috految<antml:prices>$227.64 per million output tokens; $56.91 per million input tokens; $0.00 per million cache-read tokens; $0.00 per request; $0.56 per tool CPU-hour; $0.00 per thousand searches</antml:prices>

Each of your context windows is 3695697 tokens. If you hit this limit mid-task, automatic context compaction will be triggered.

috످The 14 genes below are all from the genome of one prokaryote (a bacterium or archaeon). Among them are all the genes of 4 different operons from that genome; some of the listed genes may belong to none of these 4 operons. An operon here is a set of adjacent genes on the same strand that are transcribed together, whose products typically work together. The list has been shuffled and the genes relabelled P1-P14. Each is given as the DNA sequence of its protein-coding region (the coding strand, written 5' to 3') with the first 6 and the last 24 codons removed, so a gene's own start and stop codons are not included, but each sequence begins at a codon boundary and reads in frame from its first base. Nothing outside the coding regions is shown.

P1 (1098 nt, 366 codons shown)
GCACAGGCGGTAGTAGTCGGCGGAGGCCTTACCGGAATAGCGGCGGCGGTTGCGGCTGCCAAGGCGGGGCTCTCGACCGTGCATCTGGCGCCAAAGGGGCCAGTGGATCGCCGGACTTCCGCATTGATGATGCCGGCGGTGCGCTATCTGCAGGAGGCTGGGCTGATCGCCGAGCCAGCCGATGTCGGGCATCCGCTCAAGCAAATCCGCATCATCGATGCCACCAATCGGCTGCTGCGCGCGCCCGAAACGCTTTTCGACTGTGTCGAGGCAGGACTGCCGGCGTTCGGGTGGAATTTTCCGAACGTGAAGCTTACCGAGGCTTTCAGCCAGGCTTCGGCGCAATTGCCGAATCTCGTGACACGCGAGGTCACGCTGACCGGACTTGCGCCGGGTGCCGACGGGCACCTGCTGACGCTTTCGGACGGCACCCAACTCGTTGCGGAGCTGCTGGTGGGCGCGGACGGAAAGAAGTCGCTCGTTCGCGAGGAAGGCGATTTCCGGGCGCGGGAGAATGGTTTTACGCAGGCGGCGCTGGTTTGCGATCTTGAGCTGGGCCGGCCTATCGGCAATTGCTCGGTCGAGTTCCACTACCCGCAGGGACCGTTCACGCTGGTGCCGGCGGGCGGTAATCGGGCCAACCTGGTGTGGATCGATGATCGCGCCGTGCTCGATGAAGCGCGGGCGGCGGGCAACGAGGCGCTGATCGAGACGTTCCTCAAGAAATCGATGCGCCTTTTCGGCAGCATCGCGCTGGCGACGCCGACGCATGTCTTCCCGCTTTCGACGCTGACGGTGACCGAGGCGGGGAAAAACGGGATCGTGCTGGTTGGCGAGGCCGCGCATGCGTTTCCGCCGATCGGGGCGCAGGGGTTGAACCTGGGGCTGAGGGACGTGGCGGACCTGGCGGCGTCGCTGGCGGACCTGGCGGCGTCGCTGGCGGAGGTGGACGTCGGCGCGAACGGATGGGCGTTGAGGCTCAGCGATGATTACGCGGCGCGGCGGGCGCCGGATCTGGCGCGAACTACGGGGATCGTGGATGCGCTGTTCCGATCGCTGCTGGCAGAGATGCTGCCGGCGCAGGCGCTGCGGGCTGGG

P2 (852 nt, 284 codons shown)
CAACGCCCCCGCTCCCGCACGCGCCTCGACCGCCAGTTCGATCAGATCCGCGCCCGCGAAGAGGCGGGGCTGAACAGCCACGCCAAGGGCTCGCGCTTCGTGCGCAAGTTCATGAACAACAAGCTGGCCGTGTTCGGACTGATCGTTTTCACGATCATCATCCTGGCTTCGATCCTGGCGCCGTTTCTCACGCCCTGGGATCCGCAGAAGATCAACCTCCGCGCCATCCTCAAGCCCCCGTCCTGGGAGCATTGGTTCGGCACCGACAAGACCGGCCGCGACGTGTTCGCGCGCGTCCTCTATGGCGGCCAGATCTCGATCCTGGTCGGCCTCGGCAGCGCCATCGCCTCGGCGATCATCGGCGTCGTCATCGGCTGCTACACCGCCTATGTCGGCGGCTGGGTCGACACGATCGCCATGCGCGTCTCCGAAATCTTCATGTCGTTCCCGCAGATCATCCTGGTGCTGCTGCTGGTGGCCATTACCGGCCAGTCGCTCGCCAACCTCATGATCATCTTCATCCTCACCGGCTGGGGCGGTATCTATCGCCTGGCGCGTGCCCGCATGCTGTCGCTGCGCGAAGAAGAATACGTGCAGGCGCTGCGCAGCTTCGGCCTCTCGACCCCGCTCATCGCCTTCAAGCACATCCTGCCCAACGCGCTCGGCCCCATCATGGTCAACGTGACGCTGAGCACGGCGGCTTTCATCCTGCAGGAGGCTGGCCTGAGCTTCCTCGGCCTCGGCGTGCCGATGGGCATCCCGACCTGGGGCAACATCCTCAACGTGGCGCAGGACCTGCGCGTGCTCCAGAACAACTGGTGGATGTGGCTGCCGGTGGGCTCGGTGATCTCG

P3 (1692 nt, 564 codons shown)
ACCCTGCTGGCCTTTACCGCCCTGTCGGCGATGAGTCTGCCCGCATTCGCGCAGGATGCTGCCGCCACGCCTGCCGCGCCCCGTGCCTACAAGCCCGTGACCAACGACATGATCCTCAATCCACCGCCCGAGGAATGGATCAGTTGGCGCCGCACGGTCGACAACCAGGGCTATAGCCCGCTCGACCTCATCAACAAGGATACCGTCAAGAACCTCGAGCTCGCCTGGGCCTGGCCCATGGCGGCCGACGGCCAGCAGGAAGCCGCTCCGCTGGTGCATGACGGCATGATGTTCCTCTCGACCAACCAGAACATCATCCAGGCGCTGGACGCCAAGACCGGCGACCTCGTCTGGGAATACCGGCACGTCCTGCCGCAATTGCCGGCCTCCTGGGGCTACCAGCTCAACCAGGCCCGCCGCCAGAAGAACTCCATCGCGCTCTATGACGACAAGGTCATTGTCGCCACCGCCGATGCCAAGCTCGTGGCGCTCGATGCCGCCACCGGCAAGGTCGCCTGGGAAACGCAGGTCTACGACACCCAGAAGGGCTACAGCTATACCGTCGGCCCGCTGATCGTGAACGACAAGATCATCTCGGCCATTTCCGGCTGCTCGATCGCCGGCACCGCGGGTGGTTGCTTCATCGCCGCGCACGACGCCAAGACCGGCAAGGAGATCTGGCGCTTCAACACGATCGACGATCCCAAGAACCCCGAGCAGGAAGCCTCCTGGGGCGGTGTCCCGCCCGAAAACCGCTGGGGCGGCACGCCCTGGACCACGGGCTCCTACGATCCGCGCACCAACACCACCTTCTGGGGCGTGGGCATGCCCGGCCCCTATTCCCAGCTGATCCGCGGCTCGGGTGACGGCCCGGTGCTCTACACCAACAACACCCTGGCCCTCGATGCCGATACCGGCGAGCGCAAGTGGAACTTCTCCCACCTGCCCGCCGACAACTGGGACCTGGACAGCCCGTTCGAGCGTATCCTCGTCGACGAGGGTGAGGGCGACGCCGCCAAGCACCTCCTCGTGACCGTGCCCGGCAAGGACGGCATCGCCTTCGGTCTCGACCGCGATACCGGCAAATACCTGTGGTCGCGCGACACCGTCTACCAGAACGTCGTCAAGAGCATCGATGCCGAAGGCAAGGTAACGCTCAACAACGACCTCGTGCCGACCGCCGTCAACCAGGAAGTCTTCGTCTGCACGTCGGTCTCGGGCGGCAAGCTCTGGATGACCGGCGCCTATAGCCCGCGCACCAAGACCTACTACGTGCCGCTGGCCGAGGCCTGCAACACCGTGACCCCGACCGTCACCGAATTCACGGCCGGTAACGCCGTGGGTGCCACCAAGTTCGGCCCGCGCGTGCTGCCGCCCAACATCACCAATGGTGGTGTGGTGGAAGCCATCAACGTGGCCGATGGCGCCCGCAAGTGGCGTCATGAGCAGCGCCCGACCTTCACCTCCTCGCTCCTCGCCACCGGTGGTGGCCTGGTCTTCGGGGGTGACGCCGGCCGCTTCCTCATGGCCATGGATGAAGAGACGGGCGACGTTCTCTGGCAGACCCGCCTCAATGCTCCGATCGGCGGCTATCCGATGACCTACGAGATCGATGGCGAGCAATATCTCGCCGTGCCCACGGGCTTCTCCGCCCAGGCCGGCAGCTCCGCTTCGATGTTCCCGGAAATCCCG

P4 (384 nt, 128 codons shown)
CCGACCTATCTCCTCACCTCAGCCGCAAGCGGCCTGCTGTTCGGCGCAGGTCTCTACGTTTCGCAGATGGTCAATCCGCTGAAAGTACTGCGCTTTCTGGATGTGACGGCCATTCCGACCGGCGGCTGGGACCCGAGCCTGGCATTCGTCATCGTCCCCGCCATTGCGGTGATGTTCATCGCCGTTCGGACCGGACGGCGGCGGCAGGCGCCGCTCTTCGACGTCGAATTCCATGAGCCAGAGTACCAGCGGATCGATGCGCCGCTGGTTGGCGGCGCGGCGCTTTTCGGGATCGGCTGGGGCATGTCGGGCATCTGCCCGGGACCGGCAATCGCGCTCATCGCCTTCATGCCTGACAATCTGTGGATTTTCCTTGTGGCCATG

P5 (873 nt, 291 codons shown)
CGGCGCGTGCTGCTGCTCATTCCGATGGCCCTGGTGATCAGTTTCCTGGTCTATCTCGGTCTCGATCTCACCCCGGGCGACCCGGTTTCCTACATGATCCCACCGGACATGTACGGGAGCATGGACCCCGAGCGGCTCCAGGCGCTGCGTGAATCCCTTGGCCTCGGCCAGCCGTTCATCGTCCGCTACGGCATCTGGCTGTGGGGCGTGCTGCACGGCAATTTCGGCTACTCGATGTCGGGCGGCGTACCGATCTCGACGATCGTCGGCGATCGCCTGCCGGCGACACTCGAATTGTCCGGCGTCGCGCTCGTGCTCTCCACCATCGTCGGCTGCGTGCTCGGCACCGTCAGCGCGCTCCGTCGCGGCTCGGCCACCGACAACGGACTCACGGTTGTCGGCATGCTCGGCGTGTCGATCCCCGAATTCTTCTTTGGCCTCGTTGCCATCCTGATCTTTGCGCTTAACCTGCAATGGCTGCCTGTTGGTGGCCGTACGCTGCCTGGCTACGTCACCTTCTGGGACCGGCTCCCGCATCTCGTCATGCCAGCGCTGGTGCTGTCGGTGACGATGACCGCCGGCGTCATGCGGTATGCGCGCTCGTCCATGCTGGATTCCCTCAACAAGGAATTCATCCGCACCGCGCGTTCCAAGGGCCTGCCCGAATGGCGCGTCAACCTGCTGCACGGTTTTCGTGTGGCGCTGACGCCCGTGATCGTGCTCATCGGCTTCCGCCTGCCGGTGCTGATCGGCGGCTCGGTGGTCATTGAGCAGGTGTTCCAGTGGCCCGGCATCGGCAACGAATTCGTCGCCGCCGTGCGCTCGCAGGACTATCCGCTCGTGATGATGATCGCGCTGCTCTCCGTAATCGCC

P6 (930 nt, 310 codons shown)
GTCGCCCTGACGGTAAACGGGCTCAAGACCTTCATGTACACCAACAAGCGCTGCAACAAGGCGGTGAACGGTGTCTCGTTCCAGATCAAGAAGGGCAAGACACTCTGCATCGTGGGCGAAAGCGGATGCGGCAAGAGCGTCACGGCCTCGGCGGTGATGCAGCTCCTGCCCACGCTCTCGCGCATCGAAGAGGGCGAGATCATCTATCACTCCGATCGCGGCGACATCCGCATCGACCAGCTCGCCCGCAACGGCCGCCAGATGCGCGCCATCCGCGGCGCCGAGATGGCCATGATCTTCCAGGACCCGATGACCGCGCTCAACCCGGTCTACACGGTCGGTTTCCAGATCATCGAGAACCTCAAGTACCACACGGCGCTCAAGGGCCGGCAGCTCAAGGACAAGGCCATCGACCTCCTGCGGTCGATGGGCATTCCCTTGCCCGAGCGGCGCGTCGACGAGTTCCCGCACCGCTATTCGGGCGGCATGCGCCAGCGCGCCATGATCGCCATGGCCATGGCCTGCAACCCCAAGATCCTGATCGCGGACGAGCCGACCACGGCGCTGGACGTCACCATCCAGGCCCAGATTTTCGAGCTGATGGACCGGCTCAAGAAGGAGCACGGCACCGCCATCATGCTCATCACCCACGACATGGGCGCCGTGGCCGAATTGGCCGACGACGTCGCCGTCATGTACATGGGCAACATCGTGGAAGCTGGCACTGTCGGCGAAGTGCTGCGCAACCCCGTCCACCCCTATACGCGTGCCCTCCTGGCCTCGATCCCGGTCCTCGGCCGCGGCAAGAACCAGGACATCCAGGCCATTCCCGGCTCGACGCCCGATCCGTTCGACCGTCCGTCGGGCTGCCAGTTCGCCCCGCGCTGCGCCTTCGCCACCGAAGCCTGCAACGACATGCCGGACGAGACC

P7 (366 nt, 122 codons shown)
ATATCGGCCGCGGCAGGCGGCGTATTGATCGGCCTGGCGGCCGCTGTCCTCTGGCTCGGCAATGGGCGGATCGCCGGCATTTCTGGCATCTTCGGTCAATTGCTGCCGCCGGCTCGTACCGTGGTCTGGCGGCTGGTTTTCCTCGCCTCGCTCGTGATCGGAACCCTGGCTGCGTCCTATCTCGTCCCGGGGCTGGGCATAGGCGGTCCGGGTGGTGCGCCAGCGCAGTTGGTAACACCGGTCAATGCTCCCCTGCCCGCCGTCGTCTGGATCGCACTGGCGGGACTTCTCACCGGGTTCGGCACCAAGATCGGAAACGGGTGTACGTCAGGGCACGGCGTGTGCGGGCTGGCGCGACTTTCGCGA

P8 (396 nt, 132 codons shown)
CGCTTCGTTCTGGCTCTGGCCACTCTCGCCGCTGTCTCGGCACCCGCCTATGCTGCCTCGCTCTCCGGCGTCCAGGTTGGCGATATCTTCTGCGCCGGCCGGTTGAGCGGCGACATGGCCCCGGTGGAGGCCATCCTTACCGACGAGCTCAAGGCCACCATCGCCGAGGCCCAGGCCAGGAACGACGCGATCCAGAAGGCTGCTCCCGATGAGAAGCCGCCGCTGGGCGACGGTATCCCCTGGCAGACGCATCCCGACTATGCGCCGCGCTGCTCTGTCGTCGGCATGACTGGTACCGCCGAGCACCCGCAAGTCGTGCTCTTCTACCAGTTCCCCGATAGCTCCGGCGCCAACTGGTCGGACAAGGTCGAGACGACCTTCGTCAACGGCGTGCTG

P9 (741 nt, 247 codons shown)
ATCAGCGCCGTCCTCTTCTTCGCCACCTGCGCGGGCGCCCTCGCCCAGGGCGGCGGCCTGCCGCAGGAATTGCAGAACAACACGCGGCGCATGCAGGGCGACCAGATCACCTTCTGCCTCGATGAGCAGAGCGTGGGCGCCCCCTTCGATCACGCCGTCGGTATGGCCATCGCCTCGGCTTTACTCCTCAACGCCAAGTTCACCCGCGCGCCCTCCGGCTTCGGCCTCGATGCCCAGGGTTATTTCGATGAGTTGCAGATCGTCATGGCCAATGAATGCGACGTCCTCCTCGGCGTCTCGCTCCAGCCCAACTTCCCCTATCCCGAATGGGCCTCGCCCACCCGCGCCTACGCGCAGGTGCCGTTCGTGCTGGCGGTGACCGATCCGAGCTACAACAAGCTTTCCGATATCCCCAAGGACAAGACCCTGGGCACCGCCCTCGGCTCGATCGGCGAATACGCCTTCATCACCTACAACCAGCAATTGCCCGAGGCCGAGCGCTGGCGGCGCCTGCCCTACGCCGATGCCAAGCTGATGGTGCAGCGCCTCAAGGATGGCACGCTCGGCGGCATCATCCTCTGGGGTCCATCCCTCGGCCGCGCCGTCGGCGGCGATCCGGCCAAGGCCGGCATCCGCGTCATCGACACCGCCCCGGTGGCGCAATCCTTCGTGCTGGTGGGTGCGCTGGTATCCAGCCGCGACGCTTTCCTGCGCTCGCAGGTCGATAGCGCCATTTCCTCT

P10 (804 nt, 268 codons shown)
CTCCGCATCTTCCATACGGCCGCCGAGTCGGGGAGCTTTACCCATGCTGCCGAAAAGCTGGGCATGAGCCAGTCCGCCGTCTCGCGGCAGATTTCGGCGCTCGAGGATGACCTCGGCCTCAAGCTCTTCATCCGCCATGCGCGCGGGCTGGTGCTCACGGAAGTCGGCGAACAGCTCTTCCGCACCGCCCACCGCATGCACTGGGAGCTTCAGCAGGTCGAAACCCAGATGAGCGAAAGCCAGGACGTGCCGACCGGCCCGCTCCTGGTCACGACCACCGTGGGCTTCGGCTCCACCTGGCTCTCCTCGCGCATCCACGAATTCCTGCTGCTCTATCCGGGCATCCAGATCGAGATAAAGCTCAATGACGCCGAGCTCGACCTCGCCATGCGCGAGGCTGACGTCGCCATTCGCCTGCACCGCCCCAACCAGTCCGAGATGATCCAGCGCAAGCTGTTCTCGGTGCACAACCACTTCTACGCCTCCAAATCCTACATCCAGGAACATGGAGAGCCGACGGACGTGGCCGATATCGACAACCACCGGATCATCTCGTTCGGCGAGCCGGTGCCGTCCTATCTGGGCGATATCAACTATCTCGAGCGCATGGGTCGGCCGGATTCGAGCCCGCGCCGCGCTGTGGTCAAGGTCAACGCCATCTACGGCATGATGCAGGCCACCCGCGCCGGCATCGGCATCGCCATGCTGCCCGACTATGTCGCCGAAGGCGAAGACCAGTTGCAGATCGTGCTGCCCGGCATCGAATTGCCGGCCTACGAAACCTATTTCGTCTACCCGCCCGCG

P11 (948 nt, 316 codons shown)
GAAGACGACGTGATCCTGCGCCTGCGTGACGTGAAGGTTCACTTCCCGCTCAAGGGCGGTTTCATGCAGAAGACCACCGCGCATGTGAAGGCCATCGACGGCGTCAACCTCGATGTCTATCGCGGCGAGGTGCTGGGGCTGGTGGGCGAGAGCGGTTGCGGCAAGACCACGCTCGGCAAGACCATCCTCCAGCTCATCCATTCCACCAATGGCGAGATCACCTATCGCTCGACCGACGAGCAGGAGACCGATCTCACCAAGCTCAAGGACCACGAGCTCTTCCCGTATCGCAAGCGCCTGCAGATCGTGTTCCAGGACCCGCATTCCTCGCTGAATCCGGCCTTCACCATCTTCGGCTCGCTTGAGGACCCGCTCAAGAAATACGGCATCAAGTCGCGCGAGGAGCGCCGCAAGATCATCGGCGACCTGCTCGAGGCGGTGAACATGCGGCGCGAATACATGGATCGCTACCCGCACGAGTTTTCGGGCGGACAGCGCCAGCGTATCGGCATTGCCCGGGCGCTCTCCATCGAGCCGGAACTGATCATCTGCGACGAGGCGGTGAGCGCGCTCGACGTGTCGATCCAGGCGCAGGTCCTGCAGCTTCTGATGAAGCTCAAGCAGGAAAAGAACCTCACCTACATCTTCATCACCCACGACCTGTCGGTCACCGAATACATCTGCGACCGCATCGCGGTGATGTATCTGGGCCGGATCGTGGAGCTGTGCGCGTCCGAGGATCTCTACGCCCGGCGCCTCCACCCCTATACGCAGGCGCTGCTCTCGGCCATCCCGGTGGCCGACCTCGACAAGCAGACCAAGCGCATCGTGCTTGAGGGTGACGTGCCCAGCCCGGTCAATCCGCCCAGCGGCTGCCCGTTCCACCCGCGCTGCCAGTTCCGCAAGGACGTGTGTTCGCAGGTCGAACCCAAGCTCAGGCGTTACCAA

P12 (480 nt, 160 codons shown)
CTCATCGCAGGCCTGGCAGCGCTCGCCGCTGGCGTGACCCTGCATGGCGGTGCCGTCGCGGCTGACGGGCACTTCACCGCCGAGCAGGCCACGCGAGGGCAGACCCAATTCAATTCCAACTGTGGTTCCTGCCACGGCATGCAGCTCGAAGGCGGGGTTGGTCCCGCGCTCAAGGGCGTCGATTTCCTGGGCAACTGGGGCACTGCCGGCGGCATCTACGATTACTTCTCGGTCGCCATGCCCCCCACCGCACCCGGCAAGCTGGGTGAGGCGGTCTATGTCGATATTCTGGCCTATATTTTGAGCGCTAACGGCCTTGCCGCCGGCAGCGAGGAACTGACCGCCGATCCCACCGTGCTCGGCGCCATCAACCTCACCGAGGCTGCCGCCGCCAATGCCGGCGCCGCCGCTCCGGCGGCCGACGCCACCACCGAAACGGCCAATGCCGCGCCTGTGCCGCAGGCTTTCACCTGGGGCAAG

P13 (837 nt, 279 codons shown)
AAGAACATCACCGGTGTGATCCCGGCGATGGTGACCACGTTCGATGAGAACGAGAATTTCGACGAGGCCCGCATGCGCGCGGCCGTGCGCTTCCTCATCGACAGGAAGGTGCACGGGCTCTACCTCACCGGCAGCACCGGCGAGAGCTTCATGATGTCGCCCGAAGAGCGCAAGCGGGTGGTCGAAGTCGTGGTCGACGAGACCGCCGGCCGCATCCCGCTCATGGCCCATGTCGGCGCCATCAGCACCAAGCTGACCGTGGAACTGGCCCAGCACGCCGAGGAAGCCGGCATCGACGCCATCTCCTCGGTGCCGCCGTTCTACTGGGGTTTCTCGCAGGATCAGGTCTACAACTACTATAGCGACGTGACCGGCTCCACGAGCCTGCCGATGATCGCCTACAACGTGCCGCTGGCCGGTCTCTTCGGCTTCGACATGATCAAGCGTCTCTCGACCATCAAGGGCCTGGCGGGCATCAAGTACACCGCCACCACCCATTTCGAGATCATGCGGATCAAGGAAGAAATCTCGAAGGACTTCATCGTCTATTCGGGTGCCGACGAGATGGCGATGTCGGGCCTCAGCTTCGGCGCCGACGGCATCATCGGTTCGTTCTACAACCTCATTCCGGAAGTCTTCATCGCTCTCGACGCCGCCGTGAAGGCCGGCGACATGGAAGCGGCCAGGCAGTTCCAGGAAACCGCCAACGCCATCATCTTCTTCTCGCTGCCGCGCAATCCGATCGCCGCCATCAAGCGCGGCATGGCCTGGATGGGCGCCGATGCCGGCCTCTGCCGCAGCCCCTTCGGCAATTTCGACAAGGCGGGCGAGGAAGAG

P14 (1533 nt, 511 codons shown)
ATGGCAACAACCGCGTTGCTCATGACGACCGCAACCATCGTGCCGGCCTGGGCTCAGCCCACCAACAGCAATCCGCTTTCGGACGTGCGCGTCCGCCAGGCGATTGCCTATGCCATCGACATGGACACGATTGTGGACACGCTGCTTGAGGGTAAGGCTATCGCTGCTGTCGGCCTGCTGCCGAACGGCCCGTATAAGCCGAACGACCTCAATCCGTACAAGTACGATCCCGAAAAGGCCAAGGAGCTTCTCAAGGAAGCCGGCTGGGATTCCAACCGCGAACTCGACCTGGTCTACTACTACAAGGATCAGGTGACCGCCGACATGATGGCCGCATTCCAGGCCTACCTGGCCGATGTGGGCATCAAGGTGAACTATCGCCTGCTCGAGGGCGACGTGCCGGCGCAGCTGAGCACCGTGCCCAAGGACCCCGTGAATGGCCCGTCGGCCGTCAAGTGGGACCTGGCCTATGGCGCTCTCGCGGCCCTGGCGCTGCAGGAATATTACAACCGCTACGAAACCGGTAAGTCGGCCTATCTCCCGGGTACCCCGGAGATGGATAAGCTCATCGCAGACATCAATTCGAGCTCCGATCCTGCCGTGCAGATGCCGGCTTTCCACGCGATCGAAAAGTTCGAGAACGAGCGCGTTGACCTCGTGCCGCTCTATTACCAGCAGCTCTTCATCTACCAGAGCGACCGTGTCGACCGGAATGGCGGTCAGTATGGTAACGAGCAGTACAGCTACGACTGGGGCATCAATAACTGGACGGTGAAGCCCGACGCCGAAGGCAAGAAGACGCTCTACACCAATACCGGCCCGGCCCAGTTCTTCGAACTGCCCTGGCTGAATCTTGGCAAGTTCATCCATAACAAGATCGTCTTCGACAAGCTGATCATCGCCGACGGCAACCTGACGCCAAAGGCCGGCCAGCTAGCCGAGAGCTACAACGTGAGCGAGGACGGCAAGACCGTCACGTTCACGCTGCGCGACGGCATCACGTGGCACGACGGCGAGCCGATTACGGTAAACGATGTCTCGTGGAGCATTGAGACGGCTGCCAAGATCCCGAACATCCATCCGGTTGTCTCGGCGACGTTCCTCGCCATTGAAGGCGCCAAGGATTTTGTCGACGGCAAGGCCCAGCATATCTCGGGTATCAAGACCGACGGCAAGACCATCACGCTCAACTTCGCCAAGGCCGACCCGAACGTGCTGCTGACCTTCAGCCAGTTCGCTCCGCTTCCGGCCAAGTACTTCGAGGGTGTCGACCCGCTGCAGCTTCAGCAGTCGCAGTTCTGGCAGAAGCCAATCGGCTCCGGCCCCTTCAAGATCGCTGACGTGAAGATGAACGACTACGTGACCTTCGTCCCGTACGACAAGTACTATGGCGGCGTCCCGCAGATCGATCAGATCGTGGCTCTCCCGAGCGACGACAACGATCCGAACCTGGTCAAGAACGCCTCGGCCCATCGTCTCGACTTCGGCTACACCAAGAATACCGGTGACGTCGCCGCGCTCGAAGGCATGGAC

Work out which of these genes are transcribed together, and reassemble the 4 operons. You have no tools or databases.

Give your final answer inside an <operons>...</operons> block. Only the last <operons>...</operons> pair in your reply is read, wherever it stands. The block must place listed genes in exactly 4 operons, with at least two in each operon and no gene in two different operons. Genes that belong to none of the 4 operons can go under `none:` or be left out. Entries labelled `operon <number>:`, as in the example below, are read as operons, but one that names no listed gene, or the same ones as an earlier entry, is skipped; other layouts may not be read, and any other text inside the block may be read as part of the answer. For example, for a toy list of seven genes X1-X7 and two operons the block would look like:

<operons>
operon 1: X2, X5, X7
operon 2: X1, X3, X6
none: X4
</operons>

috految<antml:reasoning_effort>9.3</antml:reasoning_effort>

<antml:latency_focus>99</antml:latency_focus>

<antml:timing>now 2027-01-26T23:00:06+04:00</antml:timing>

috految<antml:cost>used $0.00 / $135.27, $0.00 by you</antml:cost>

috److Likely gene identities, based on the translated sequences:

| Gene | Likely product |
|---|---|
| P1 | UbiH family hydroxylase |
| P2 | ABC transporter permease |
| P3 | PQQ-dependent dehydrogenase |
| P4 | DUF6691 (YeeE-like) protein |
| P5 | ABC transporter permease |
| P6 | ABC transporter ATP-binding protein |
| P7 | YeeE/YedE family protein |
| P8 | Hypothetical protein |
| P9 | MoxJ-like substrate-binding protein |
| P10 | LysR family regulator (VtlR) |
| P11 | ABC transporter ATP-binding protein |
| P12 | Cytochrome c |
| P13 | N-acetylneuraminate lyase |
| P14 | ABC transporter substrate-binding protein |

The genome looks like a member of the Devosiaceae, such as *Youhaiella* or *Paradevosia*.

**Clear functional groups**
- Sialic acid uptake and catabolism: P2, P5, P6, P11, P13, P14
- PQQ dehydrogenase system: P3, P9, P12
- YeeE pair: P4, P7

**Remaining genes (P1, P8, P10)**
- From recall, the *Devosia* gene order around ubiH is roughly: quinone oxidoreductase, pcs, YeeE/YedE, DUF6691, UbiH, AEC transporter. This would place P1 with P4 and P7, and their codon styles are compatible.
- The LysR gene typically lies in the order greA, Lrp, trxB, LysR, which could be followed by a hypothetical gene. P8 and P10 are therefore the most plausible fourth operon, though this pairing is less certain.

<operons>
operon 1: P2, P5, P6, P11, P13, P14
operon 2: P3, P9, P12
operon 3: P4, P7, P1
operon 4: P8, P10
</operons>

috످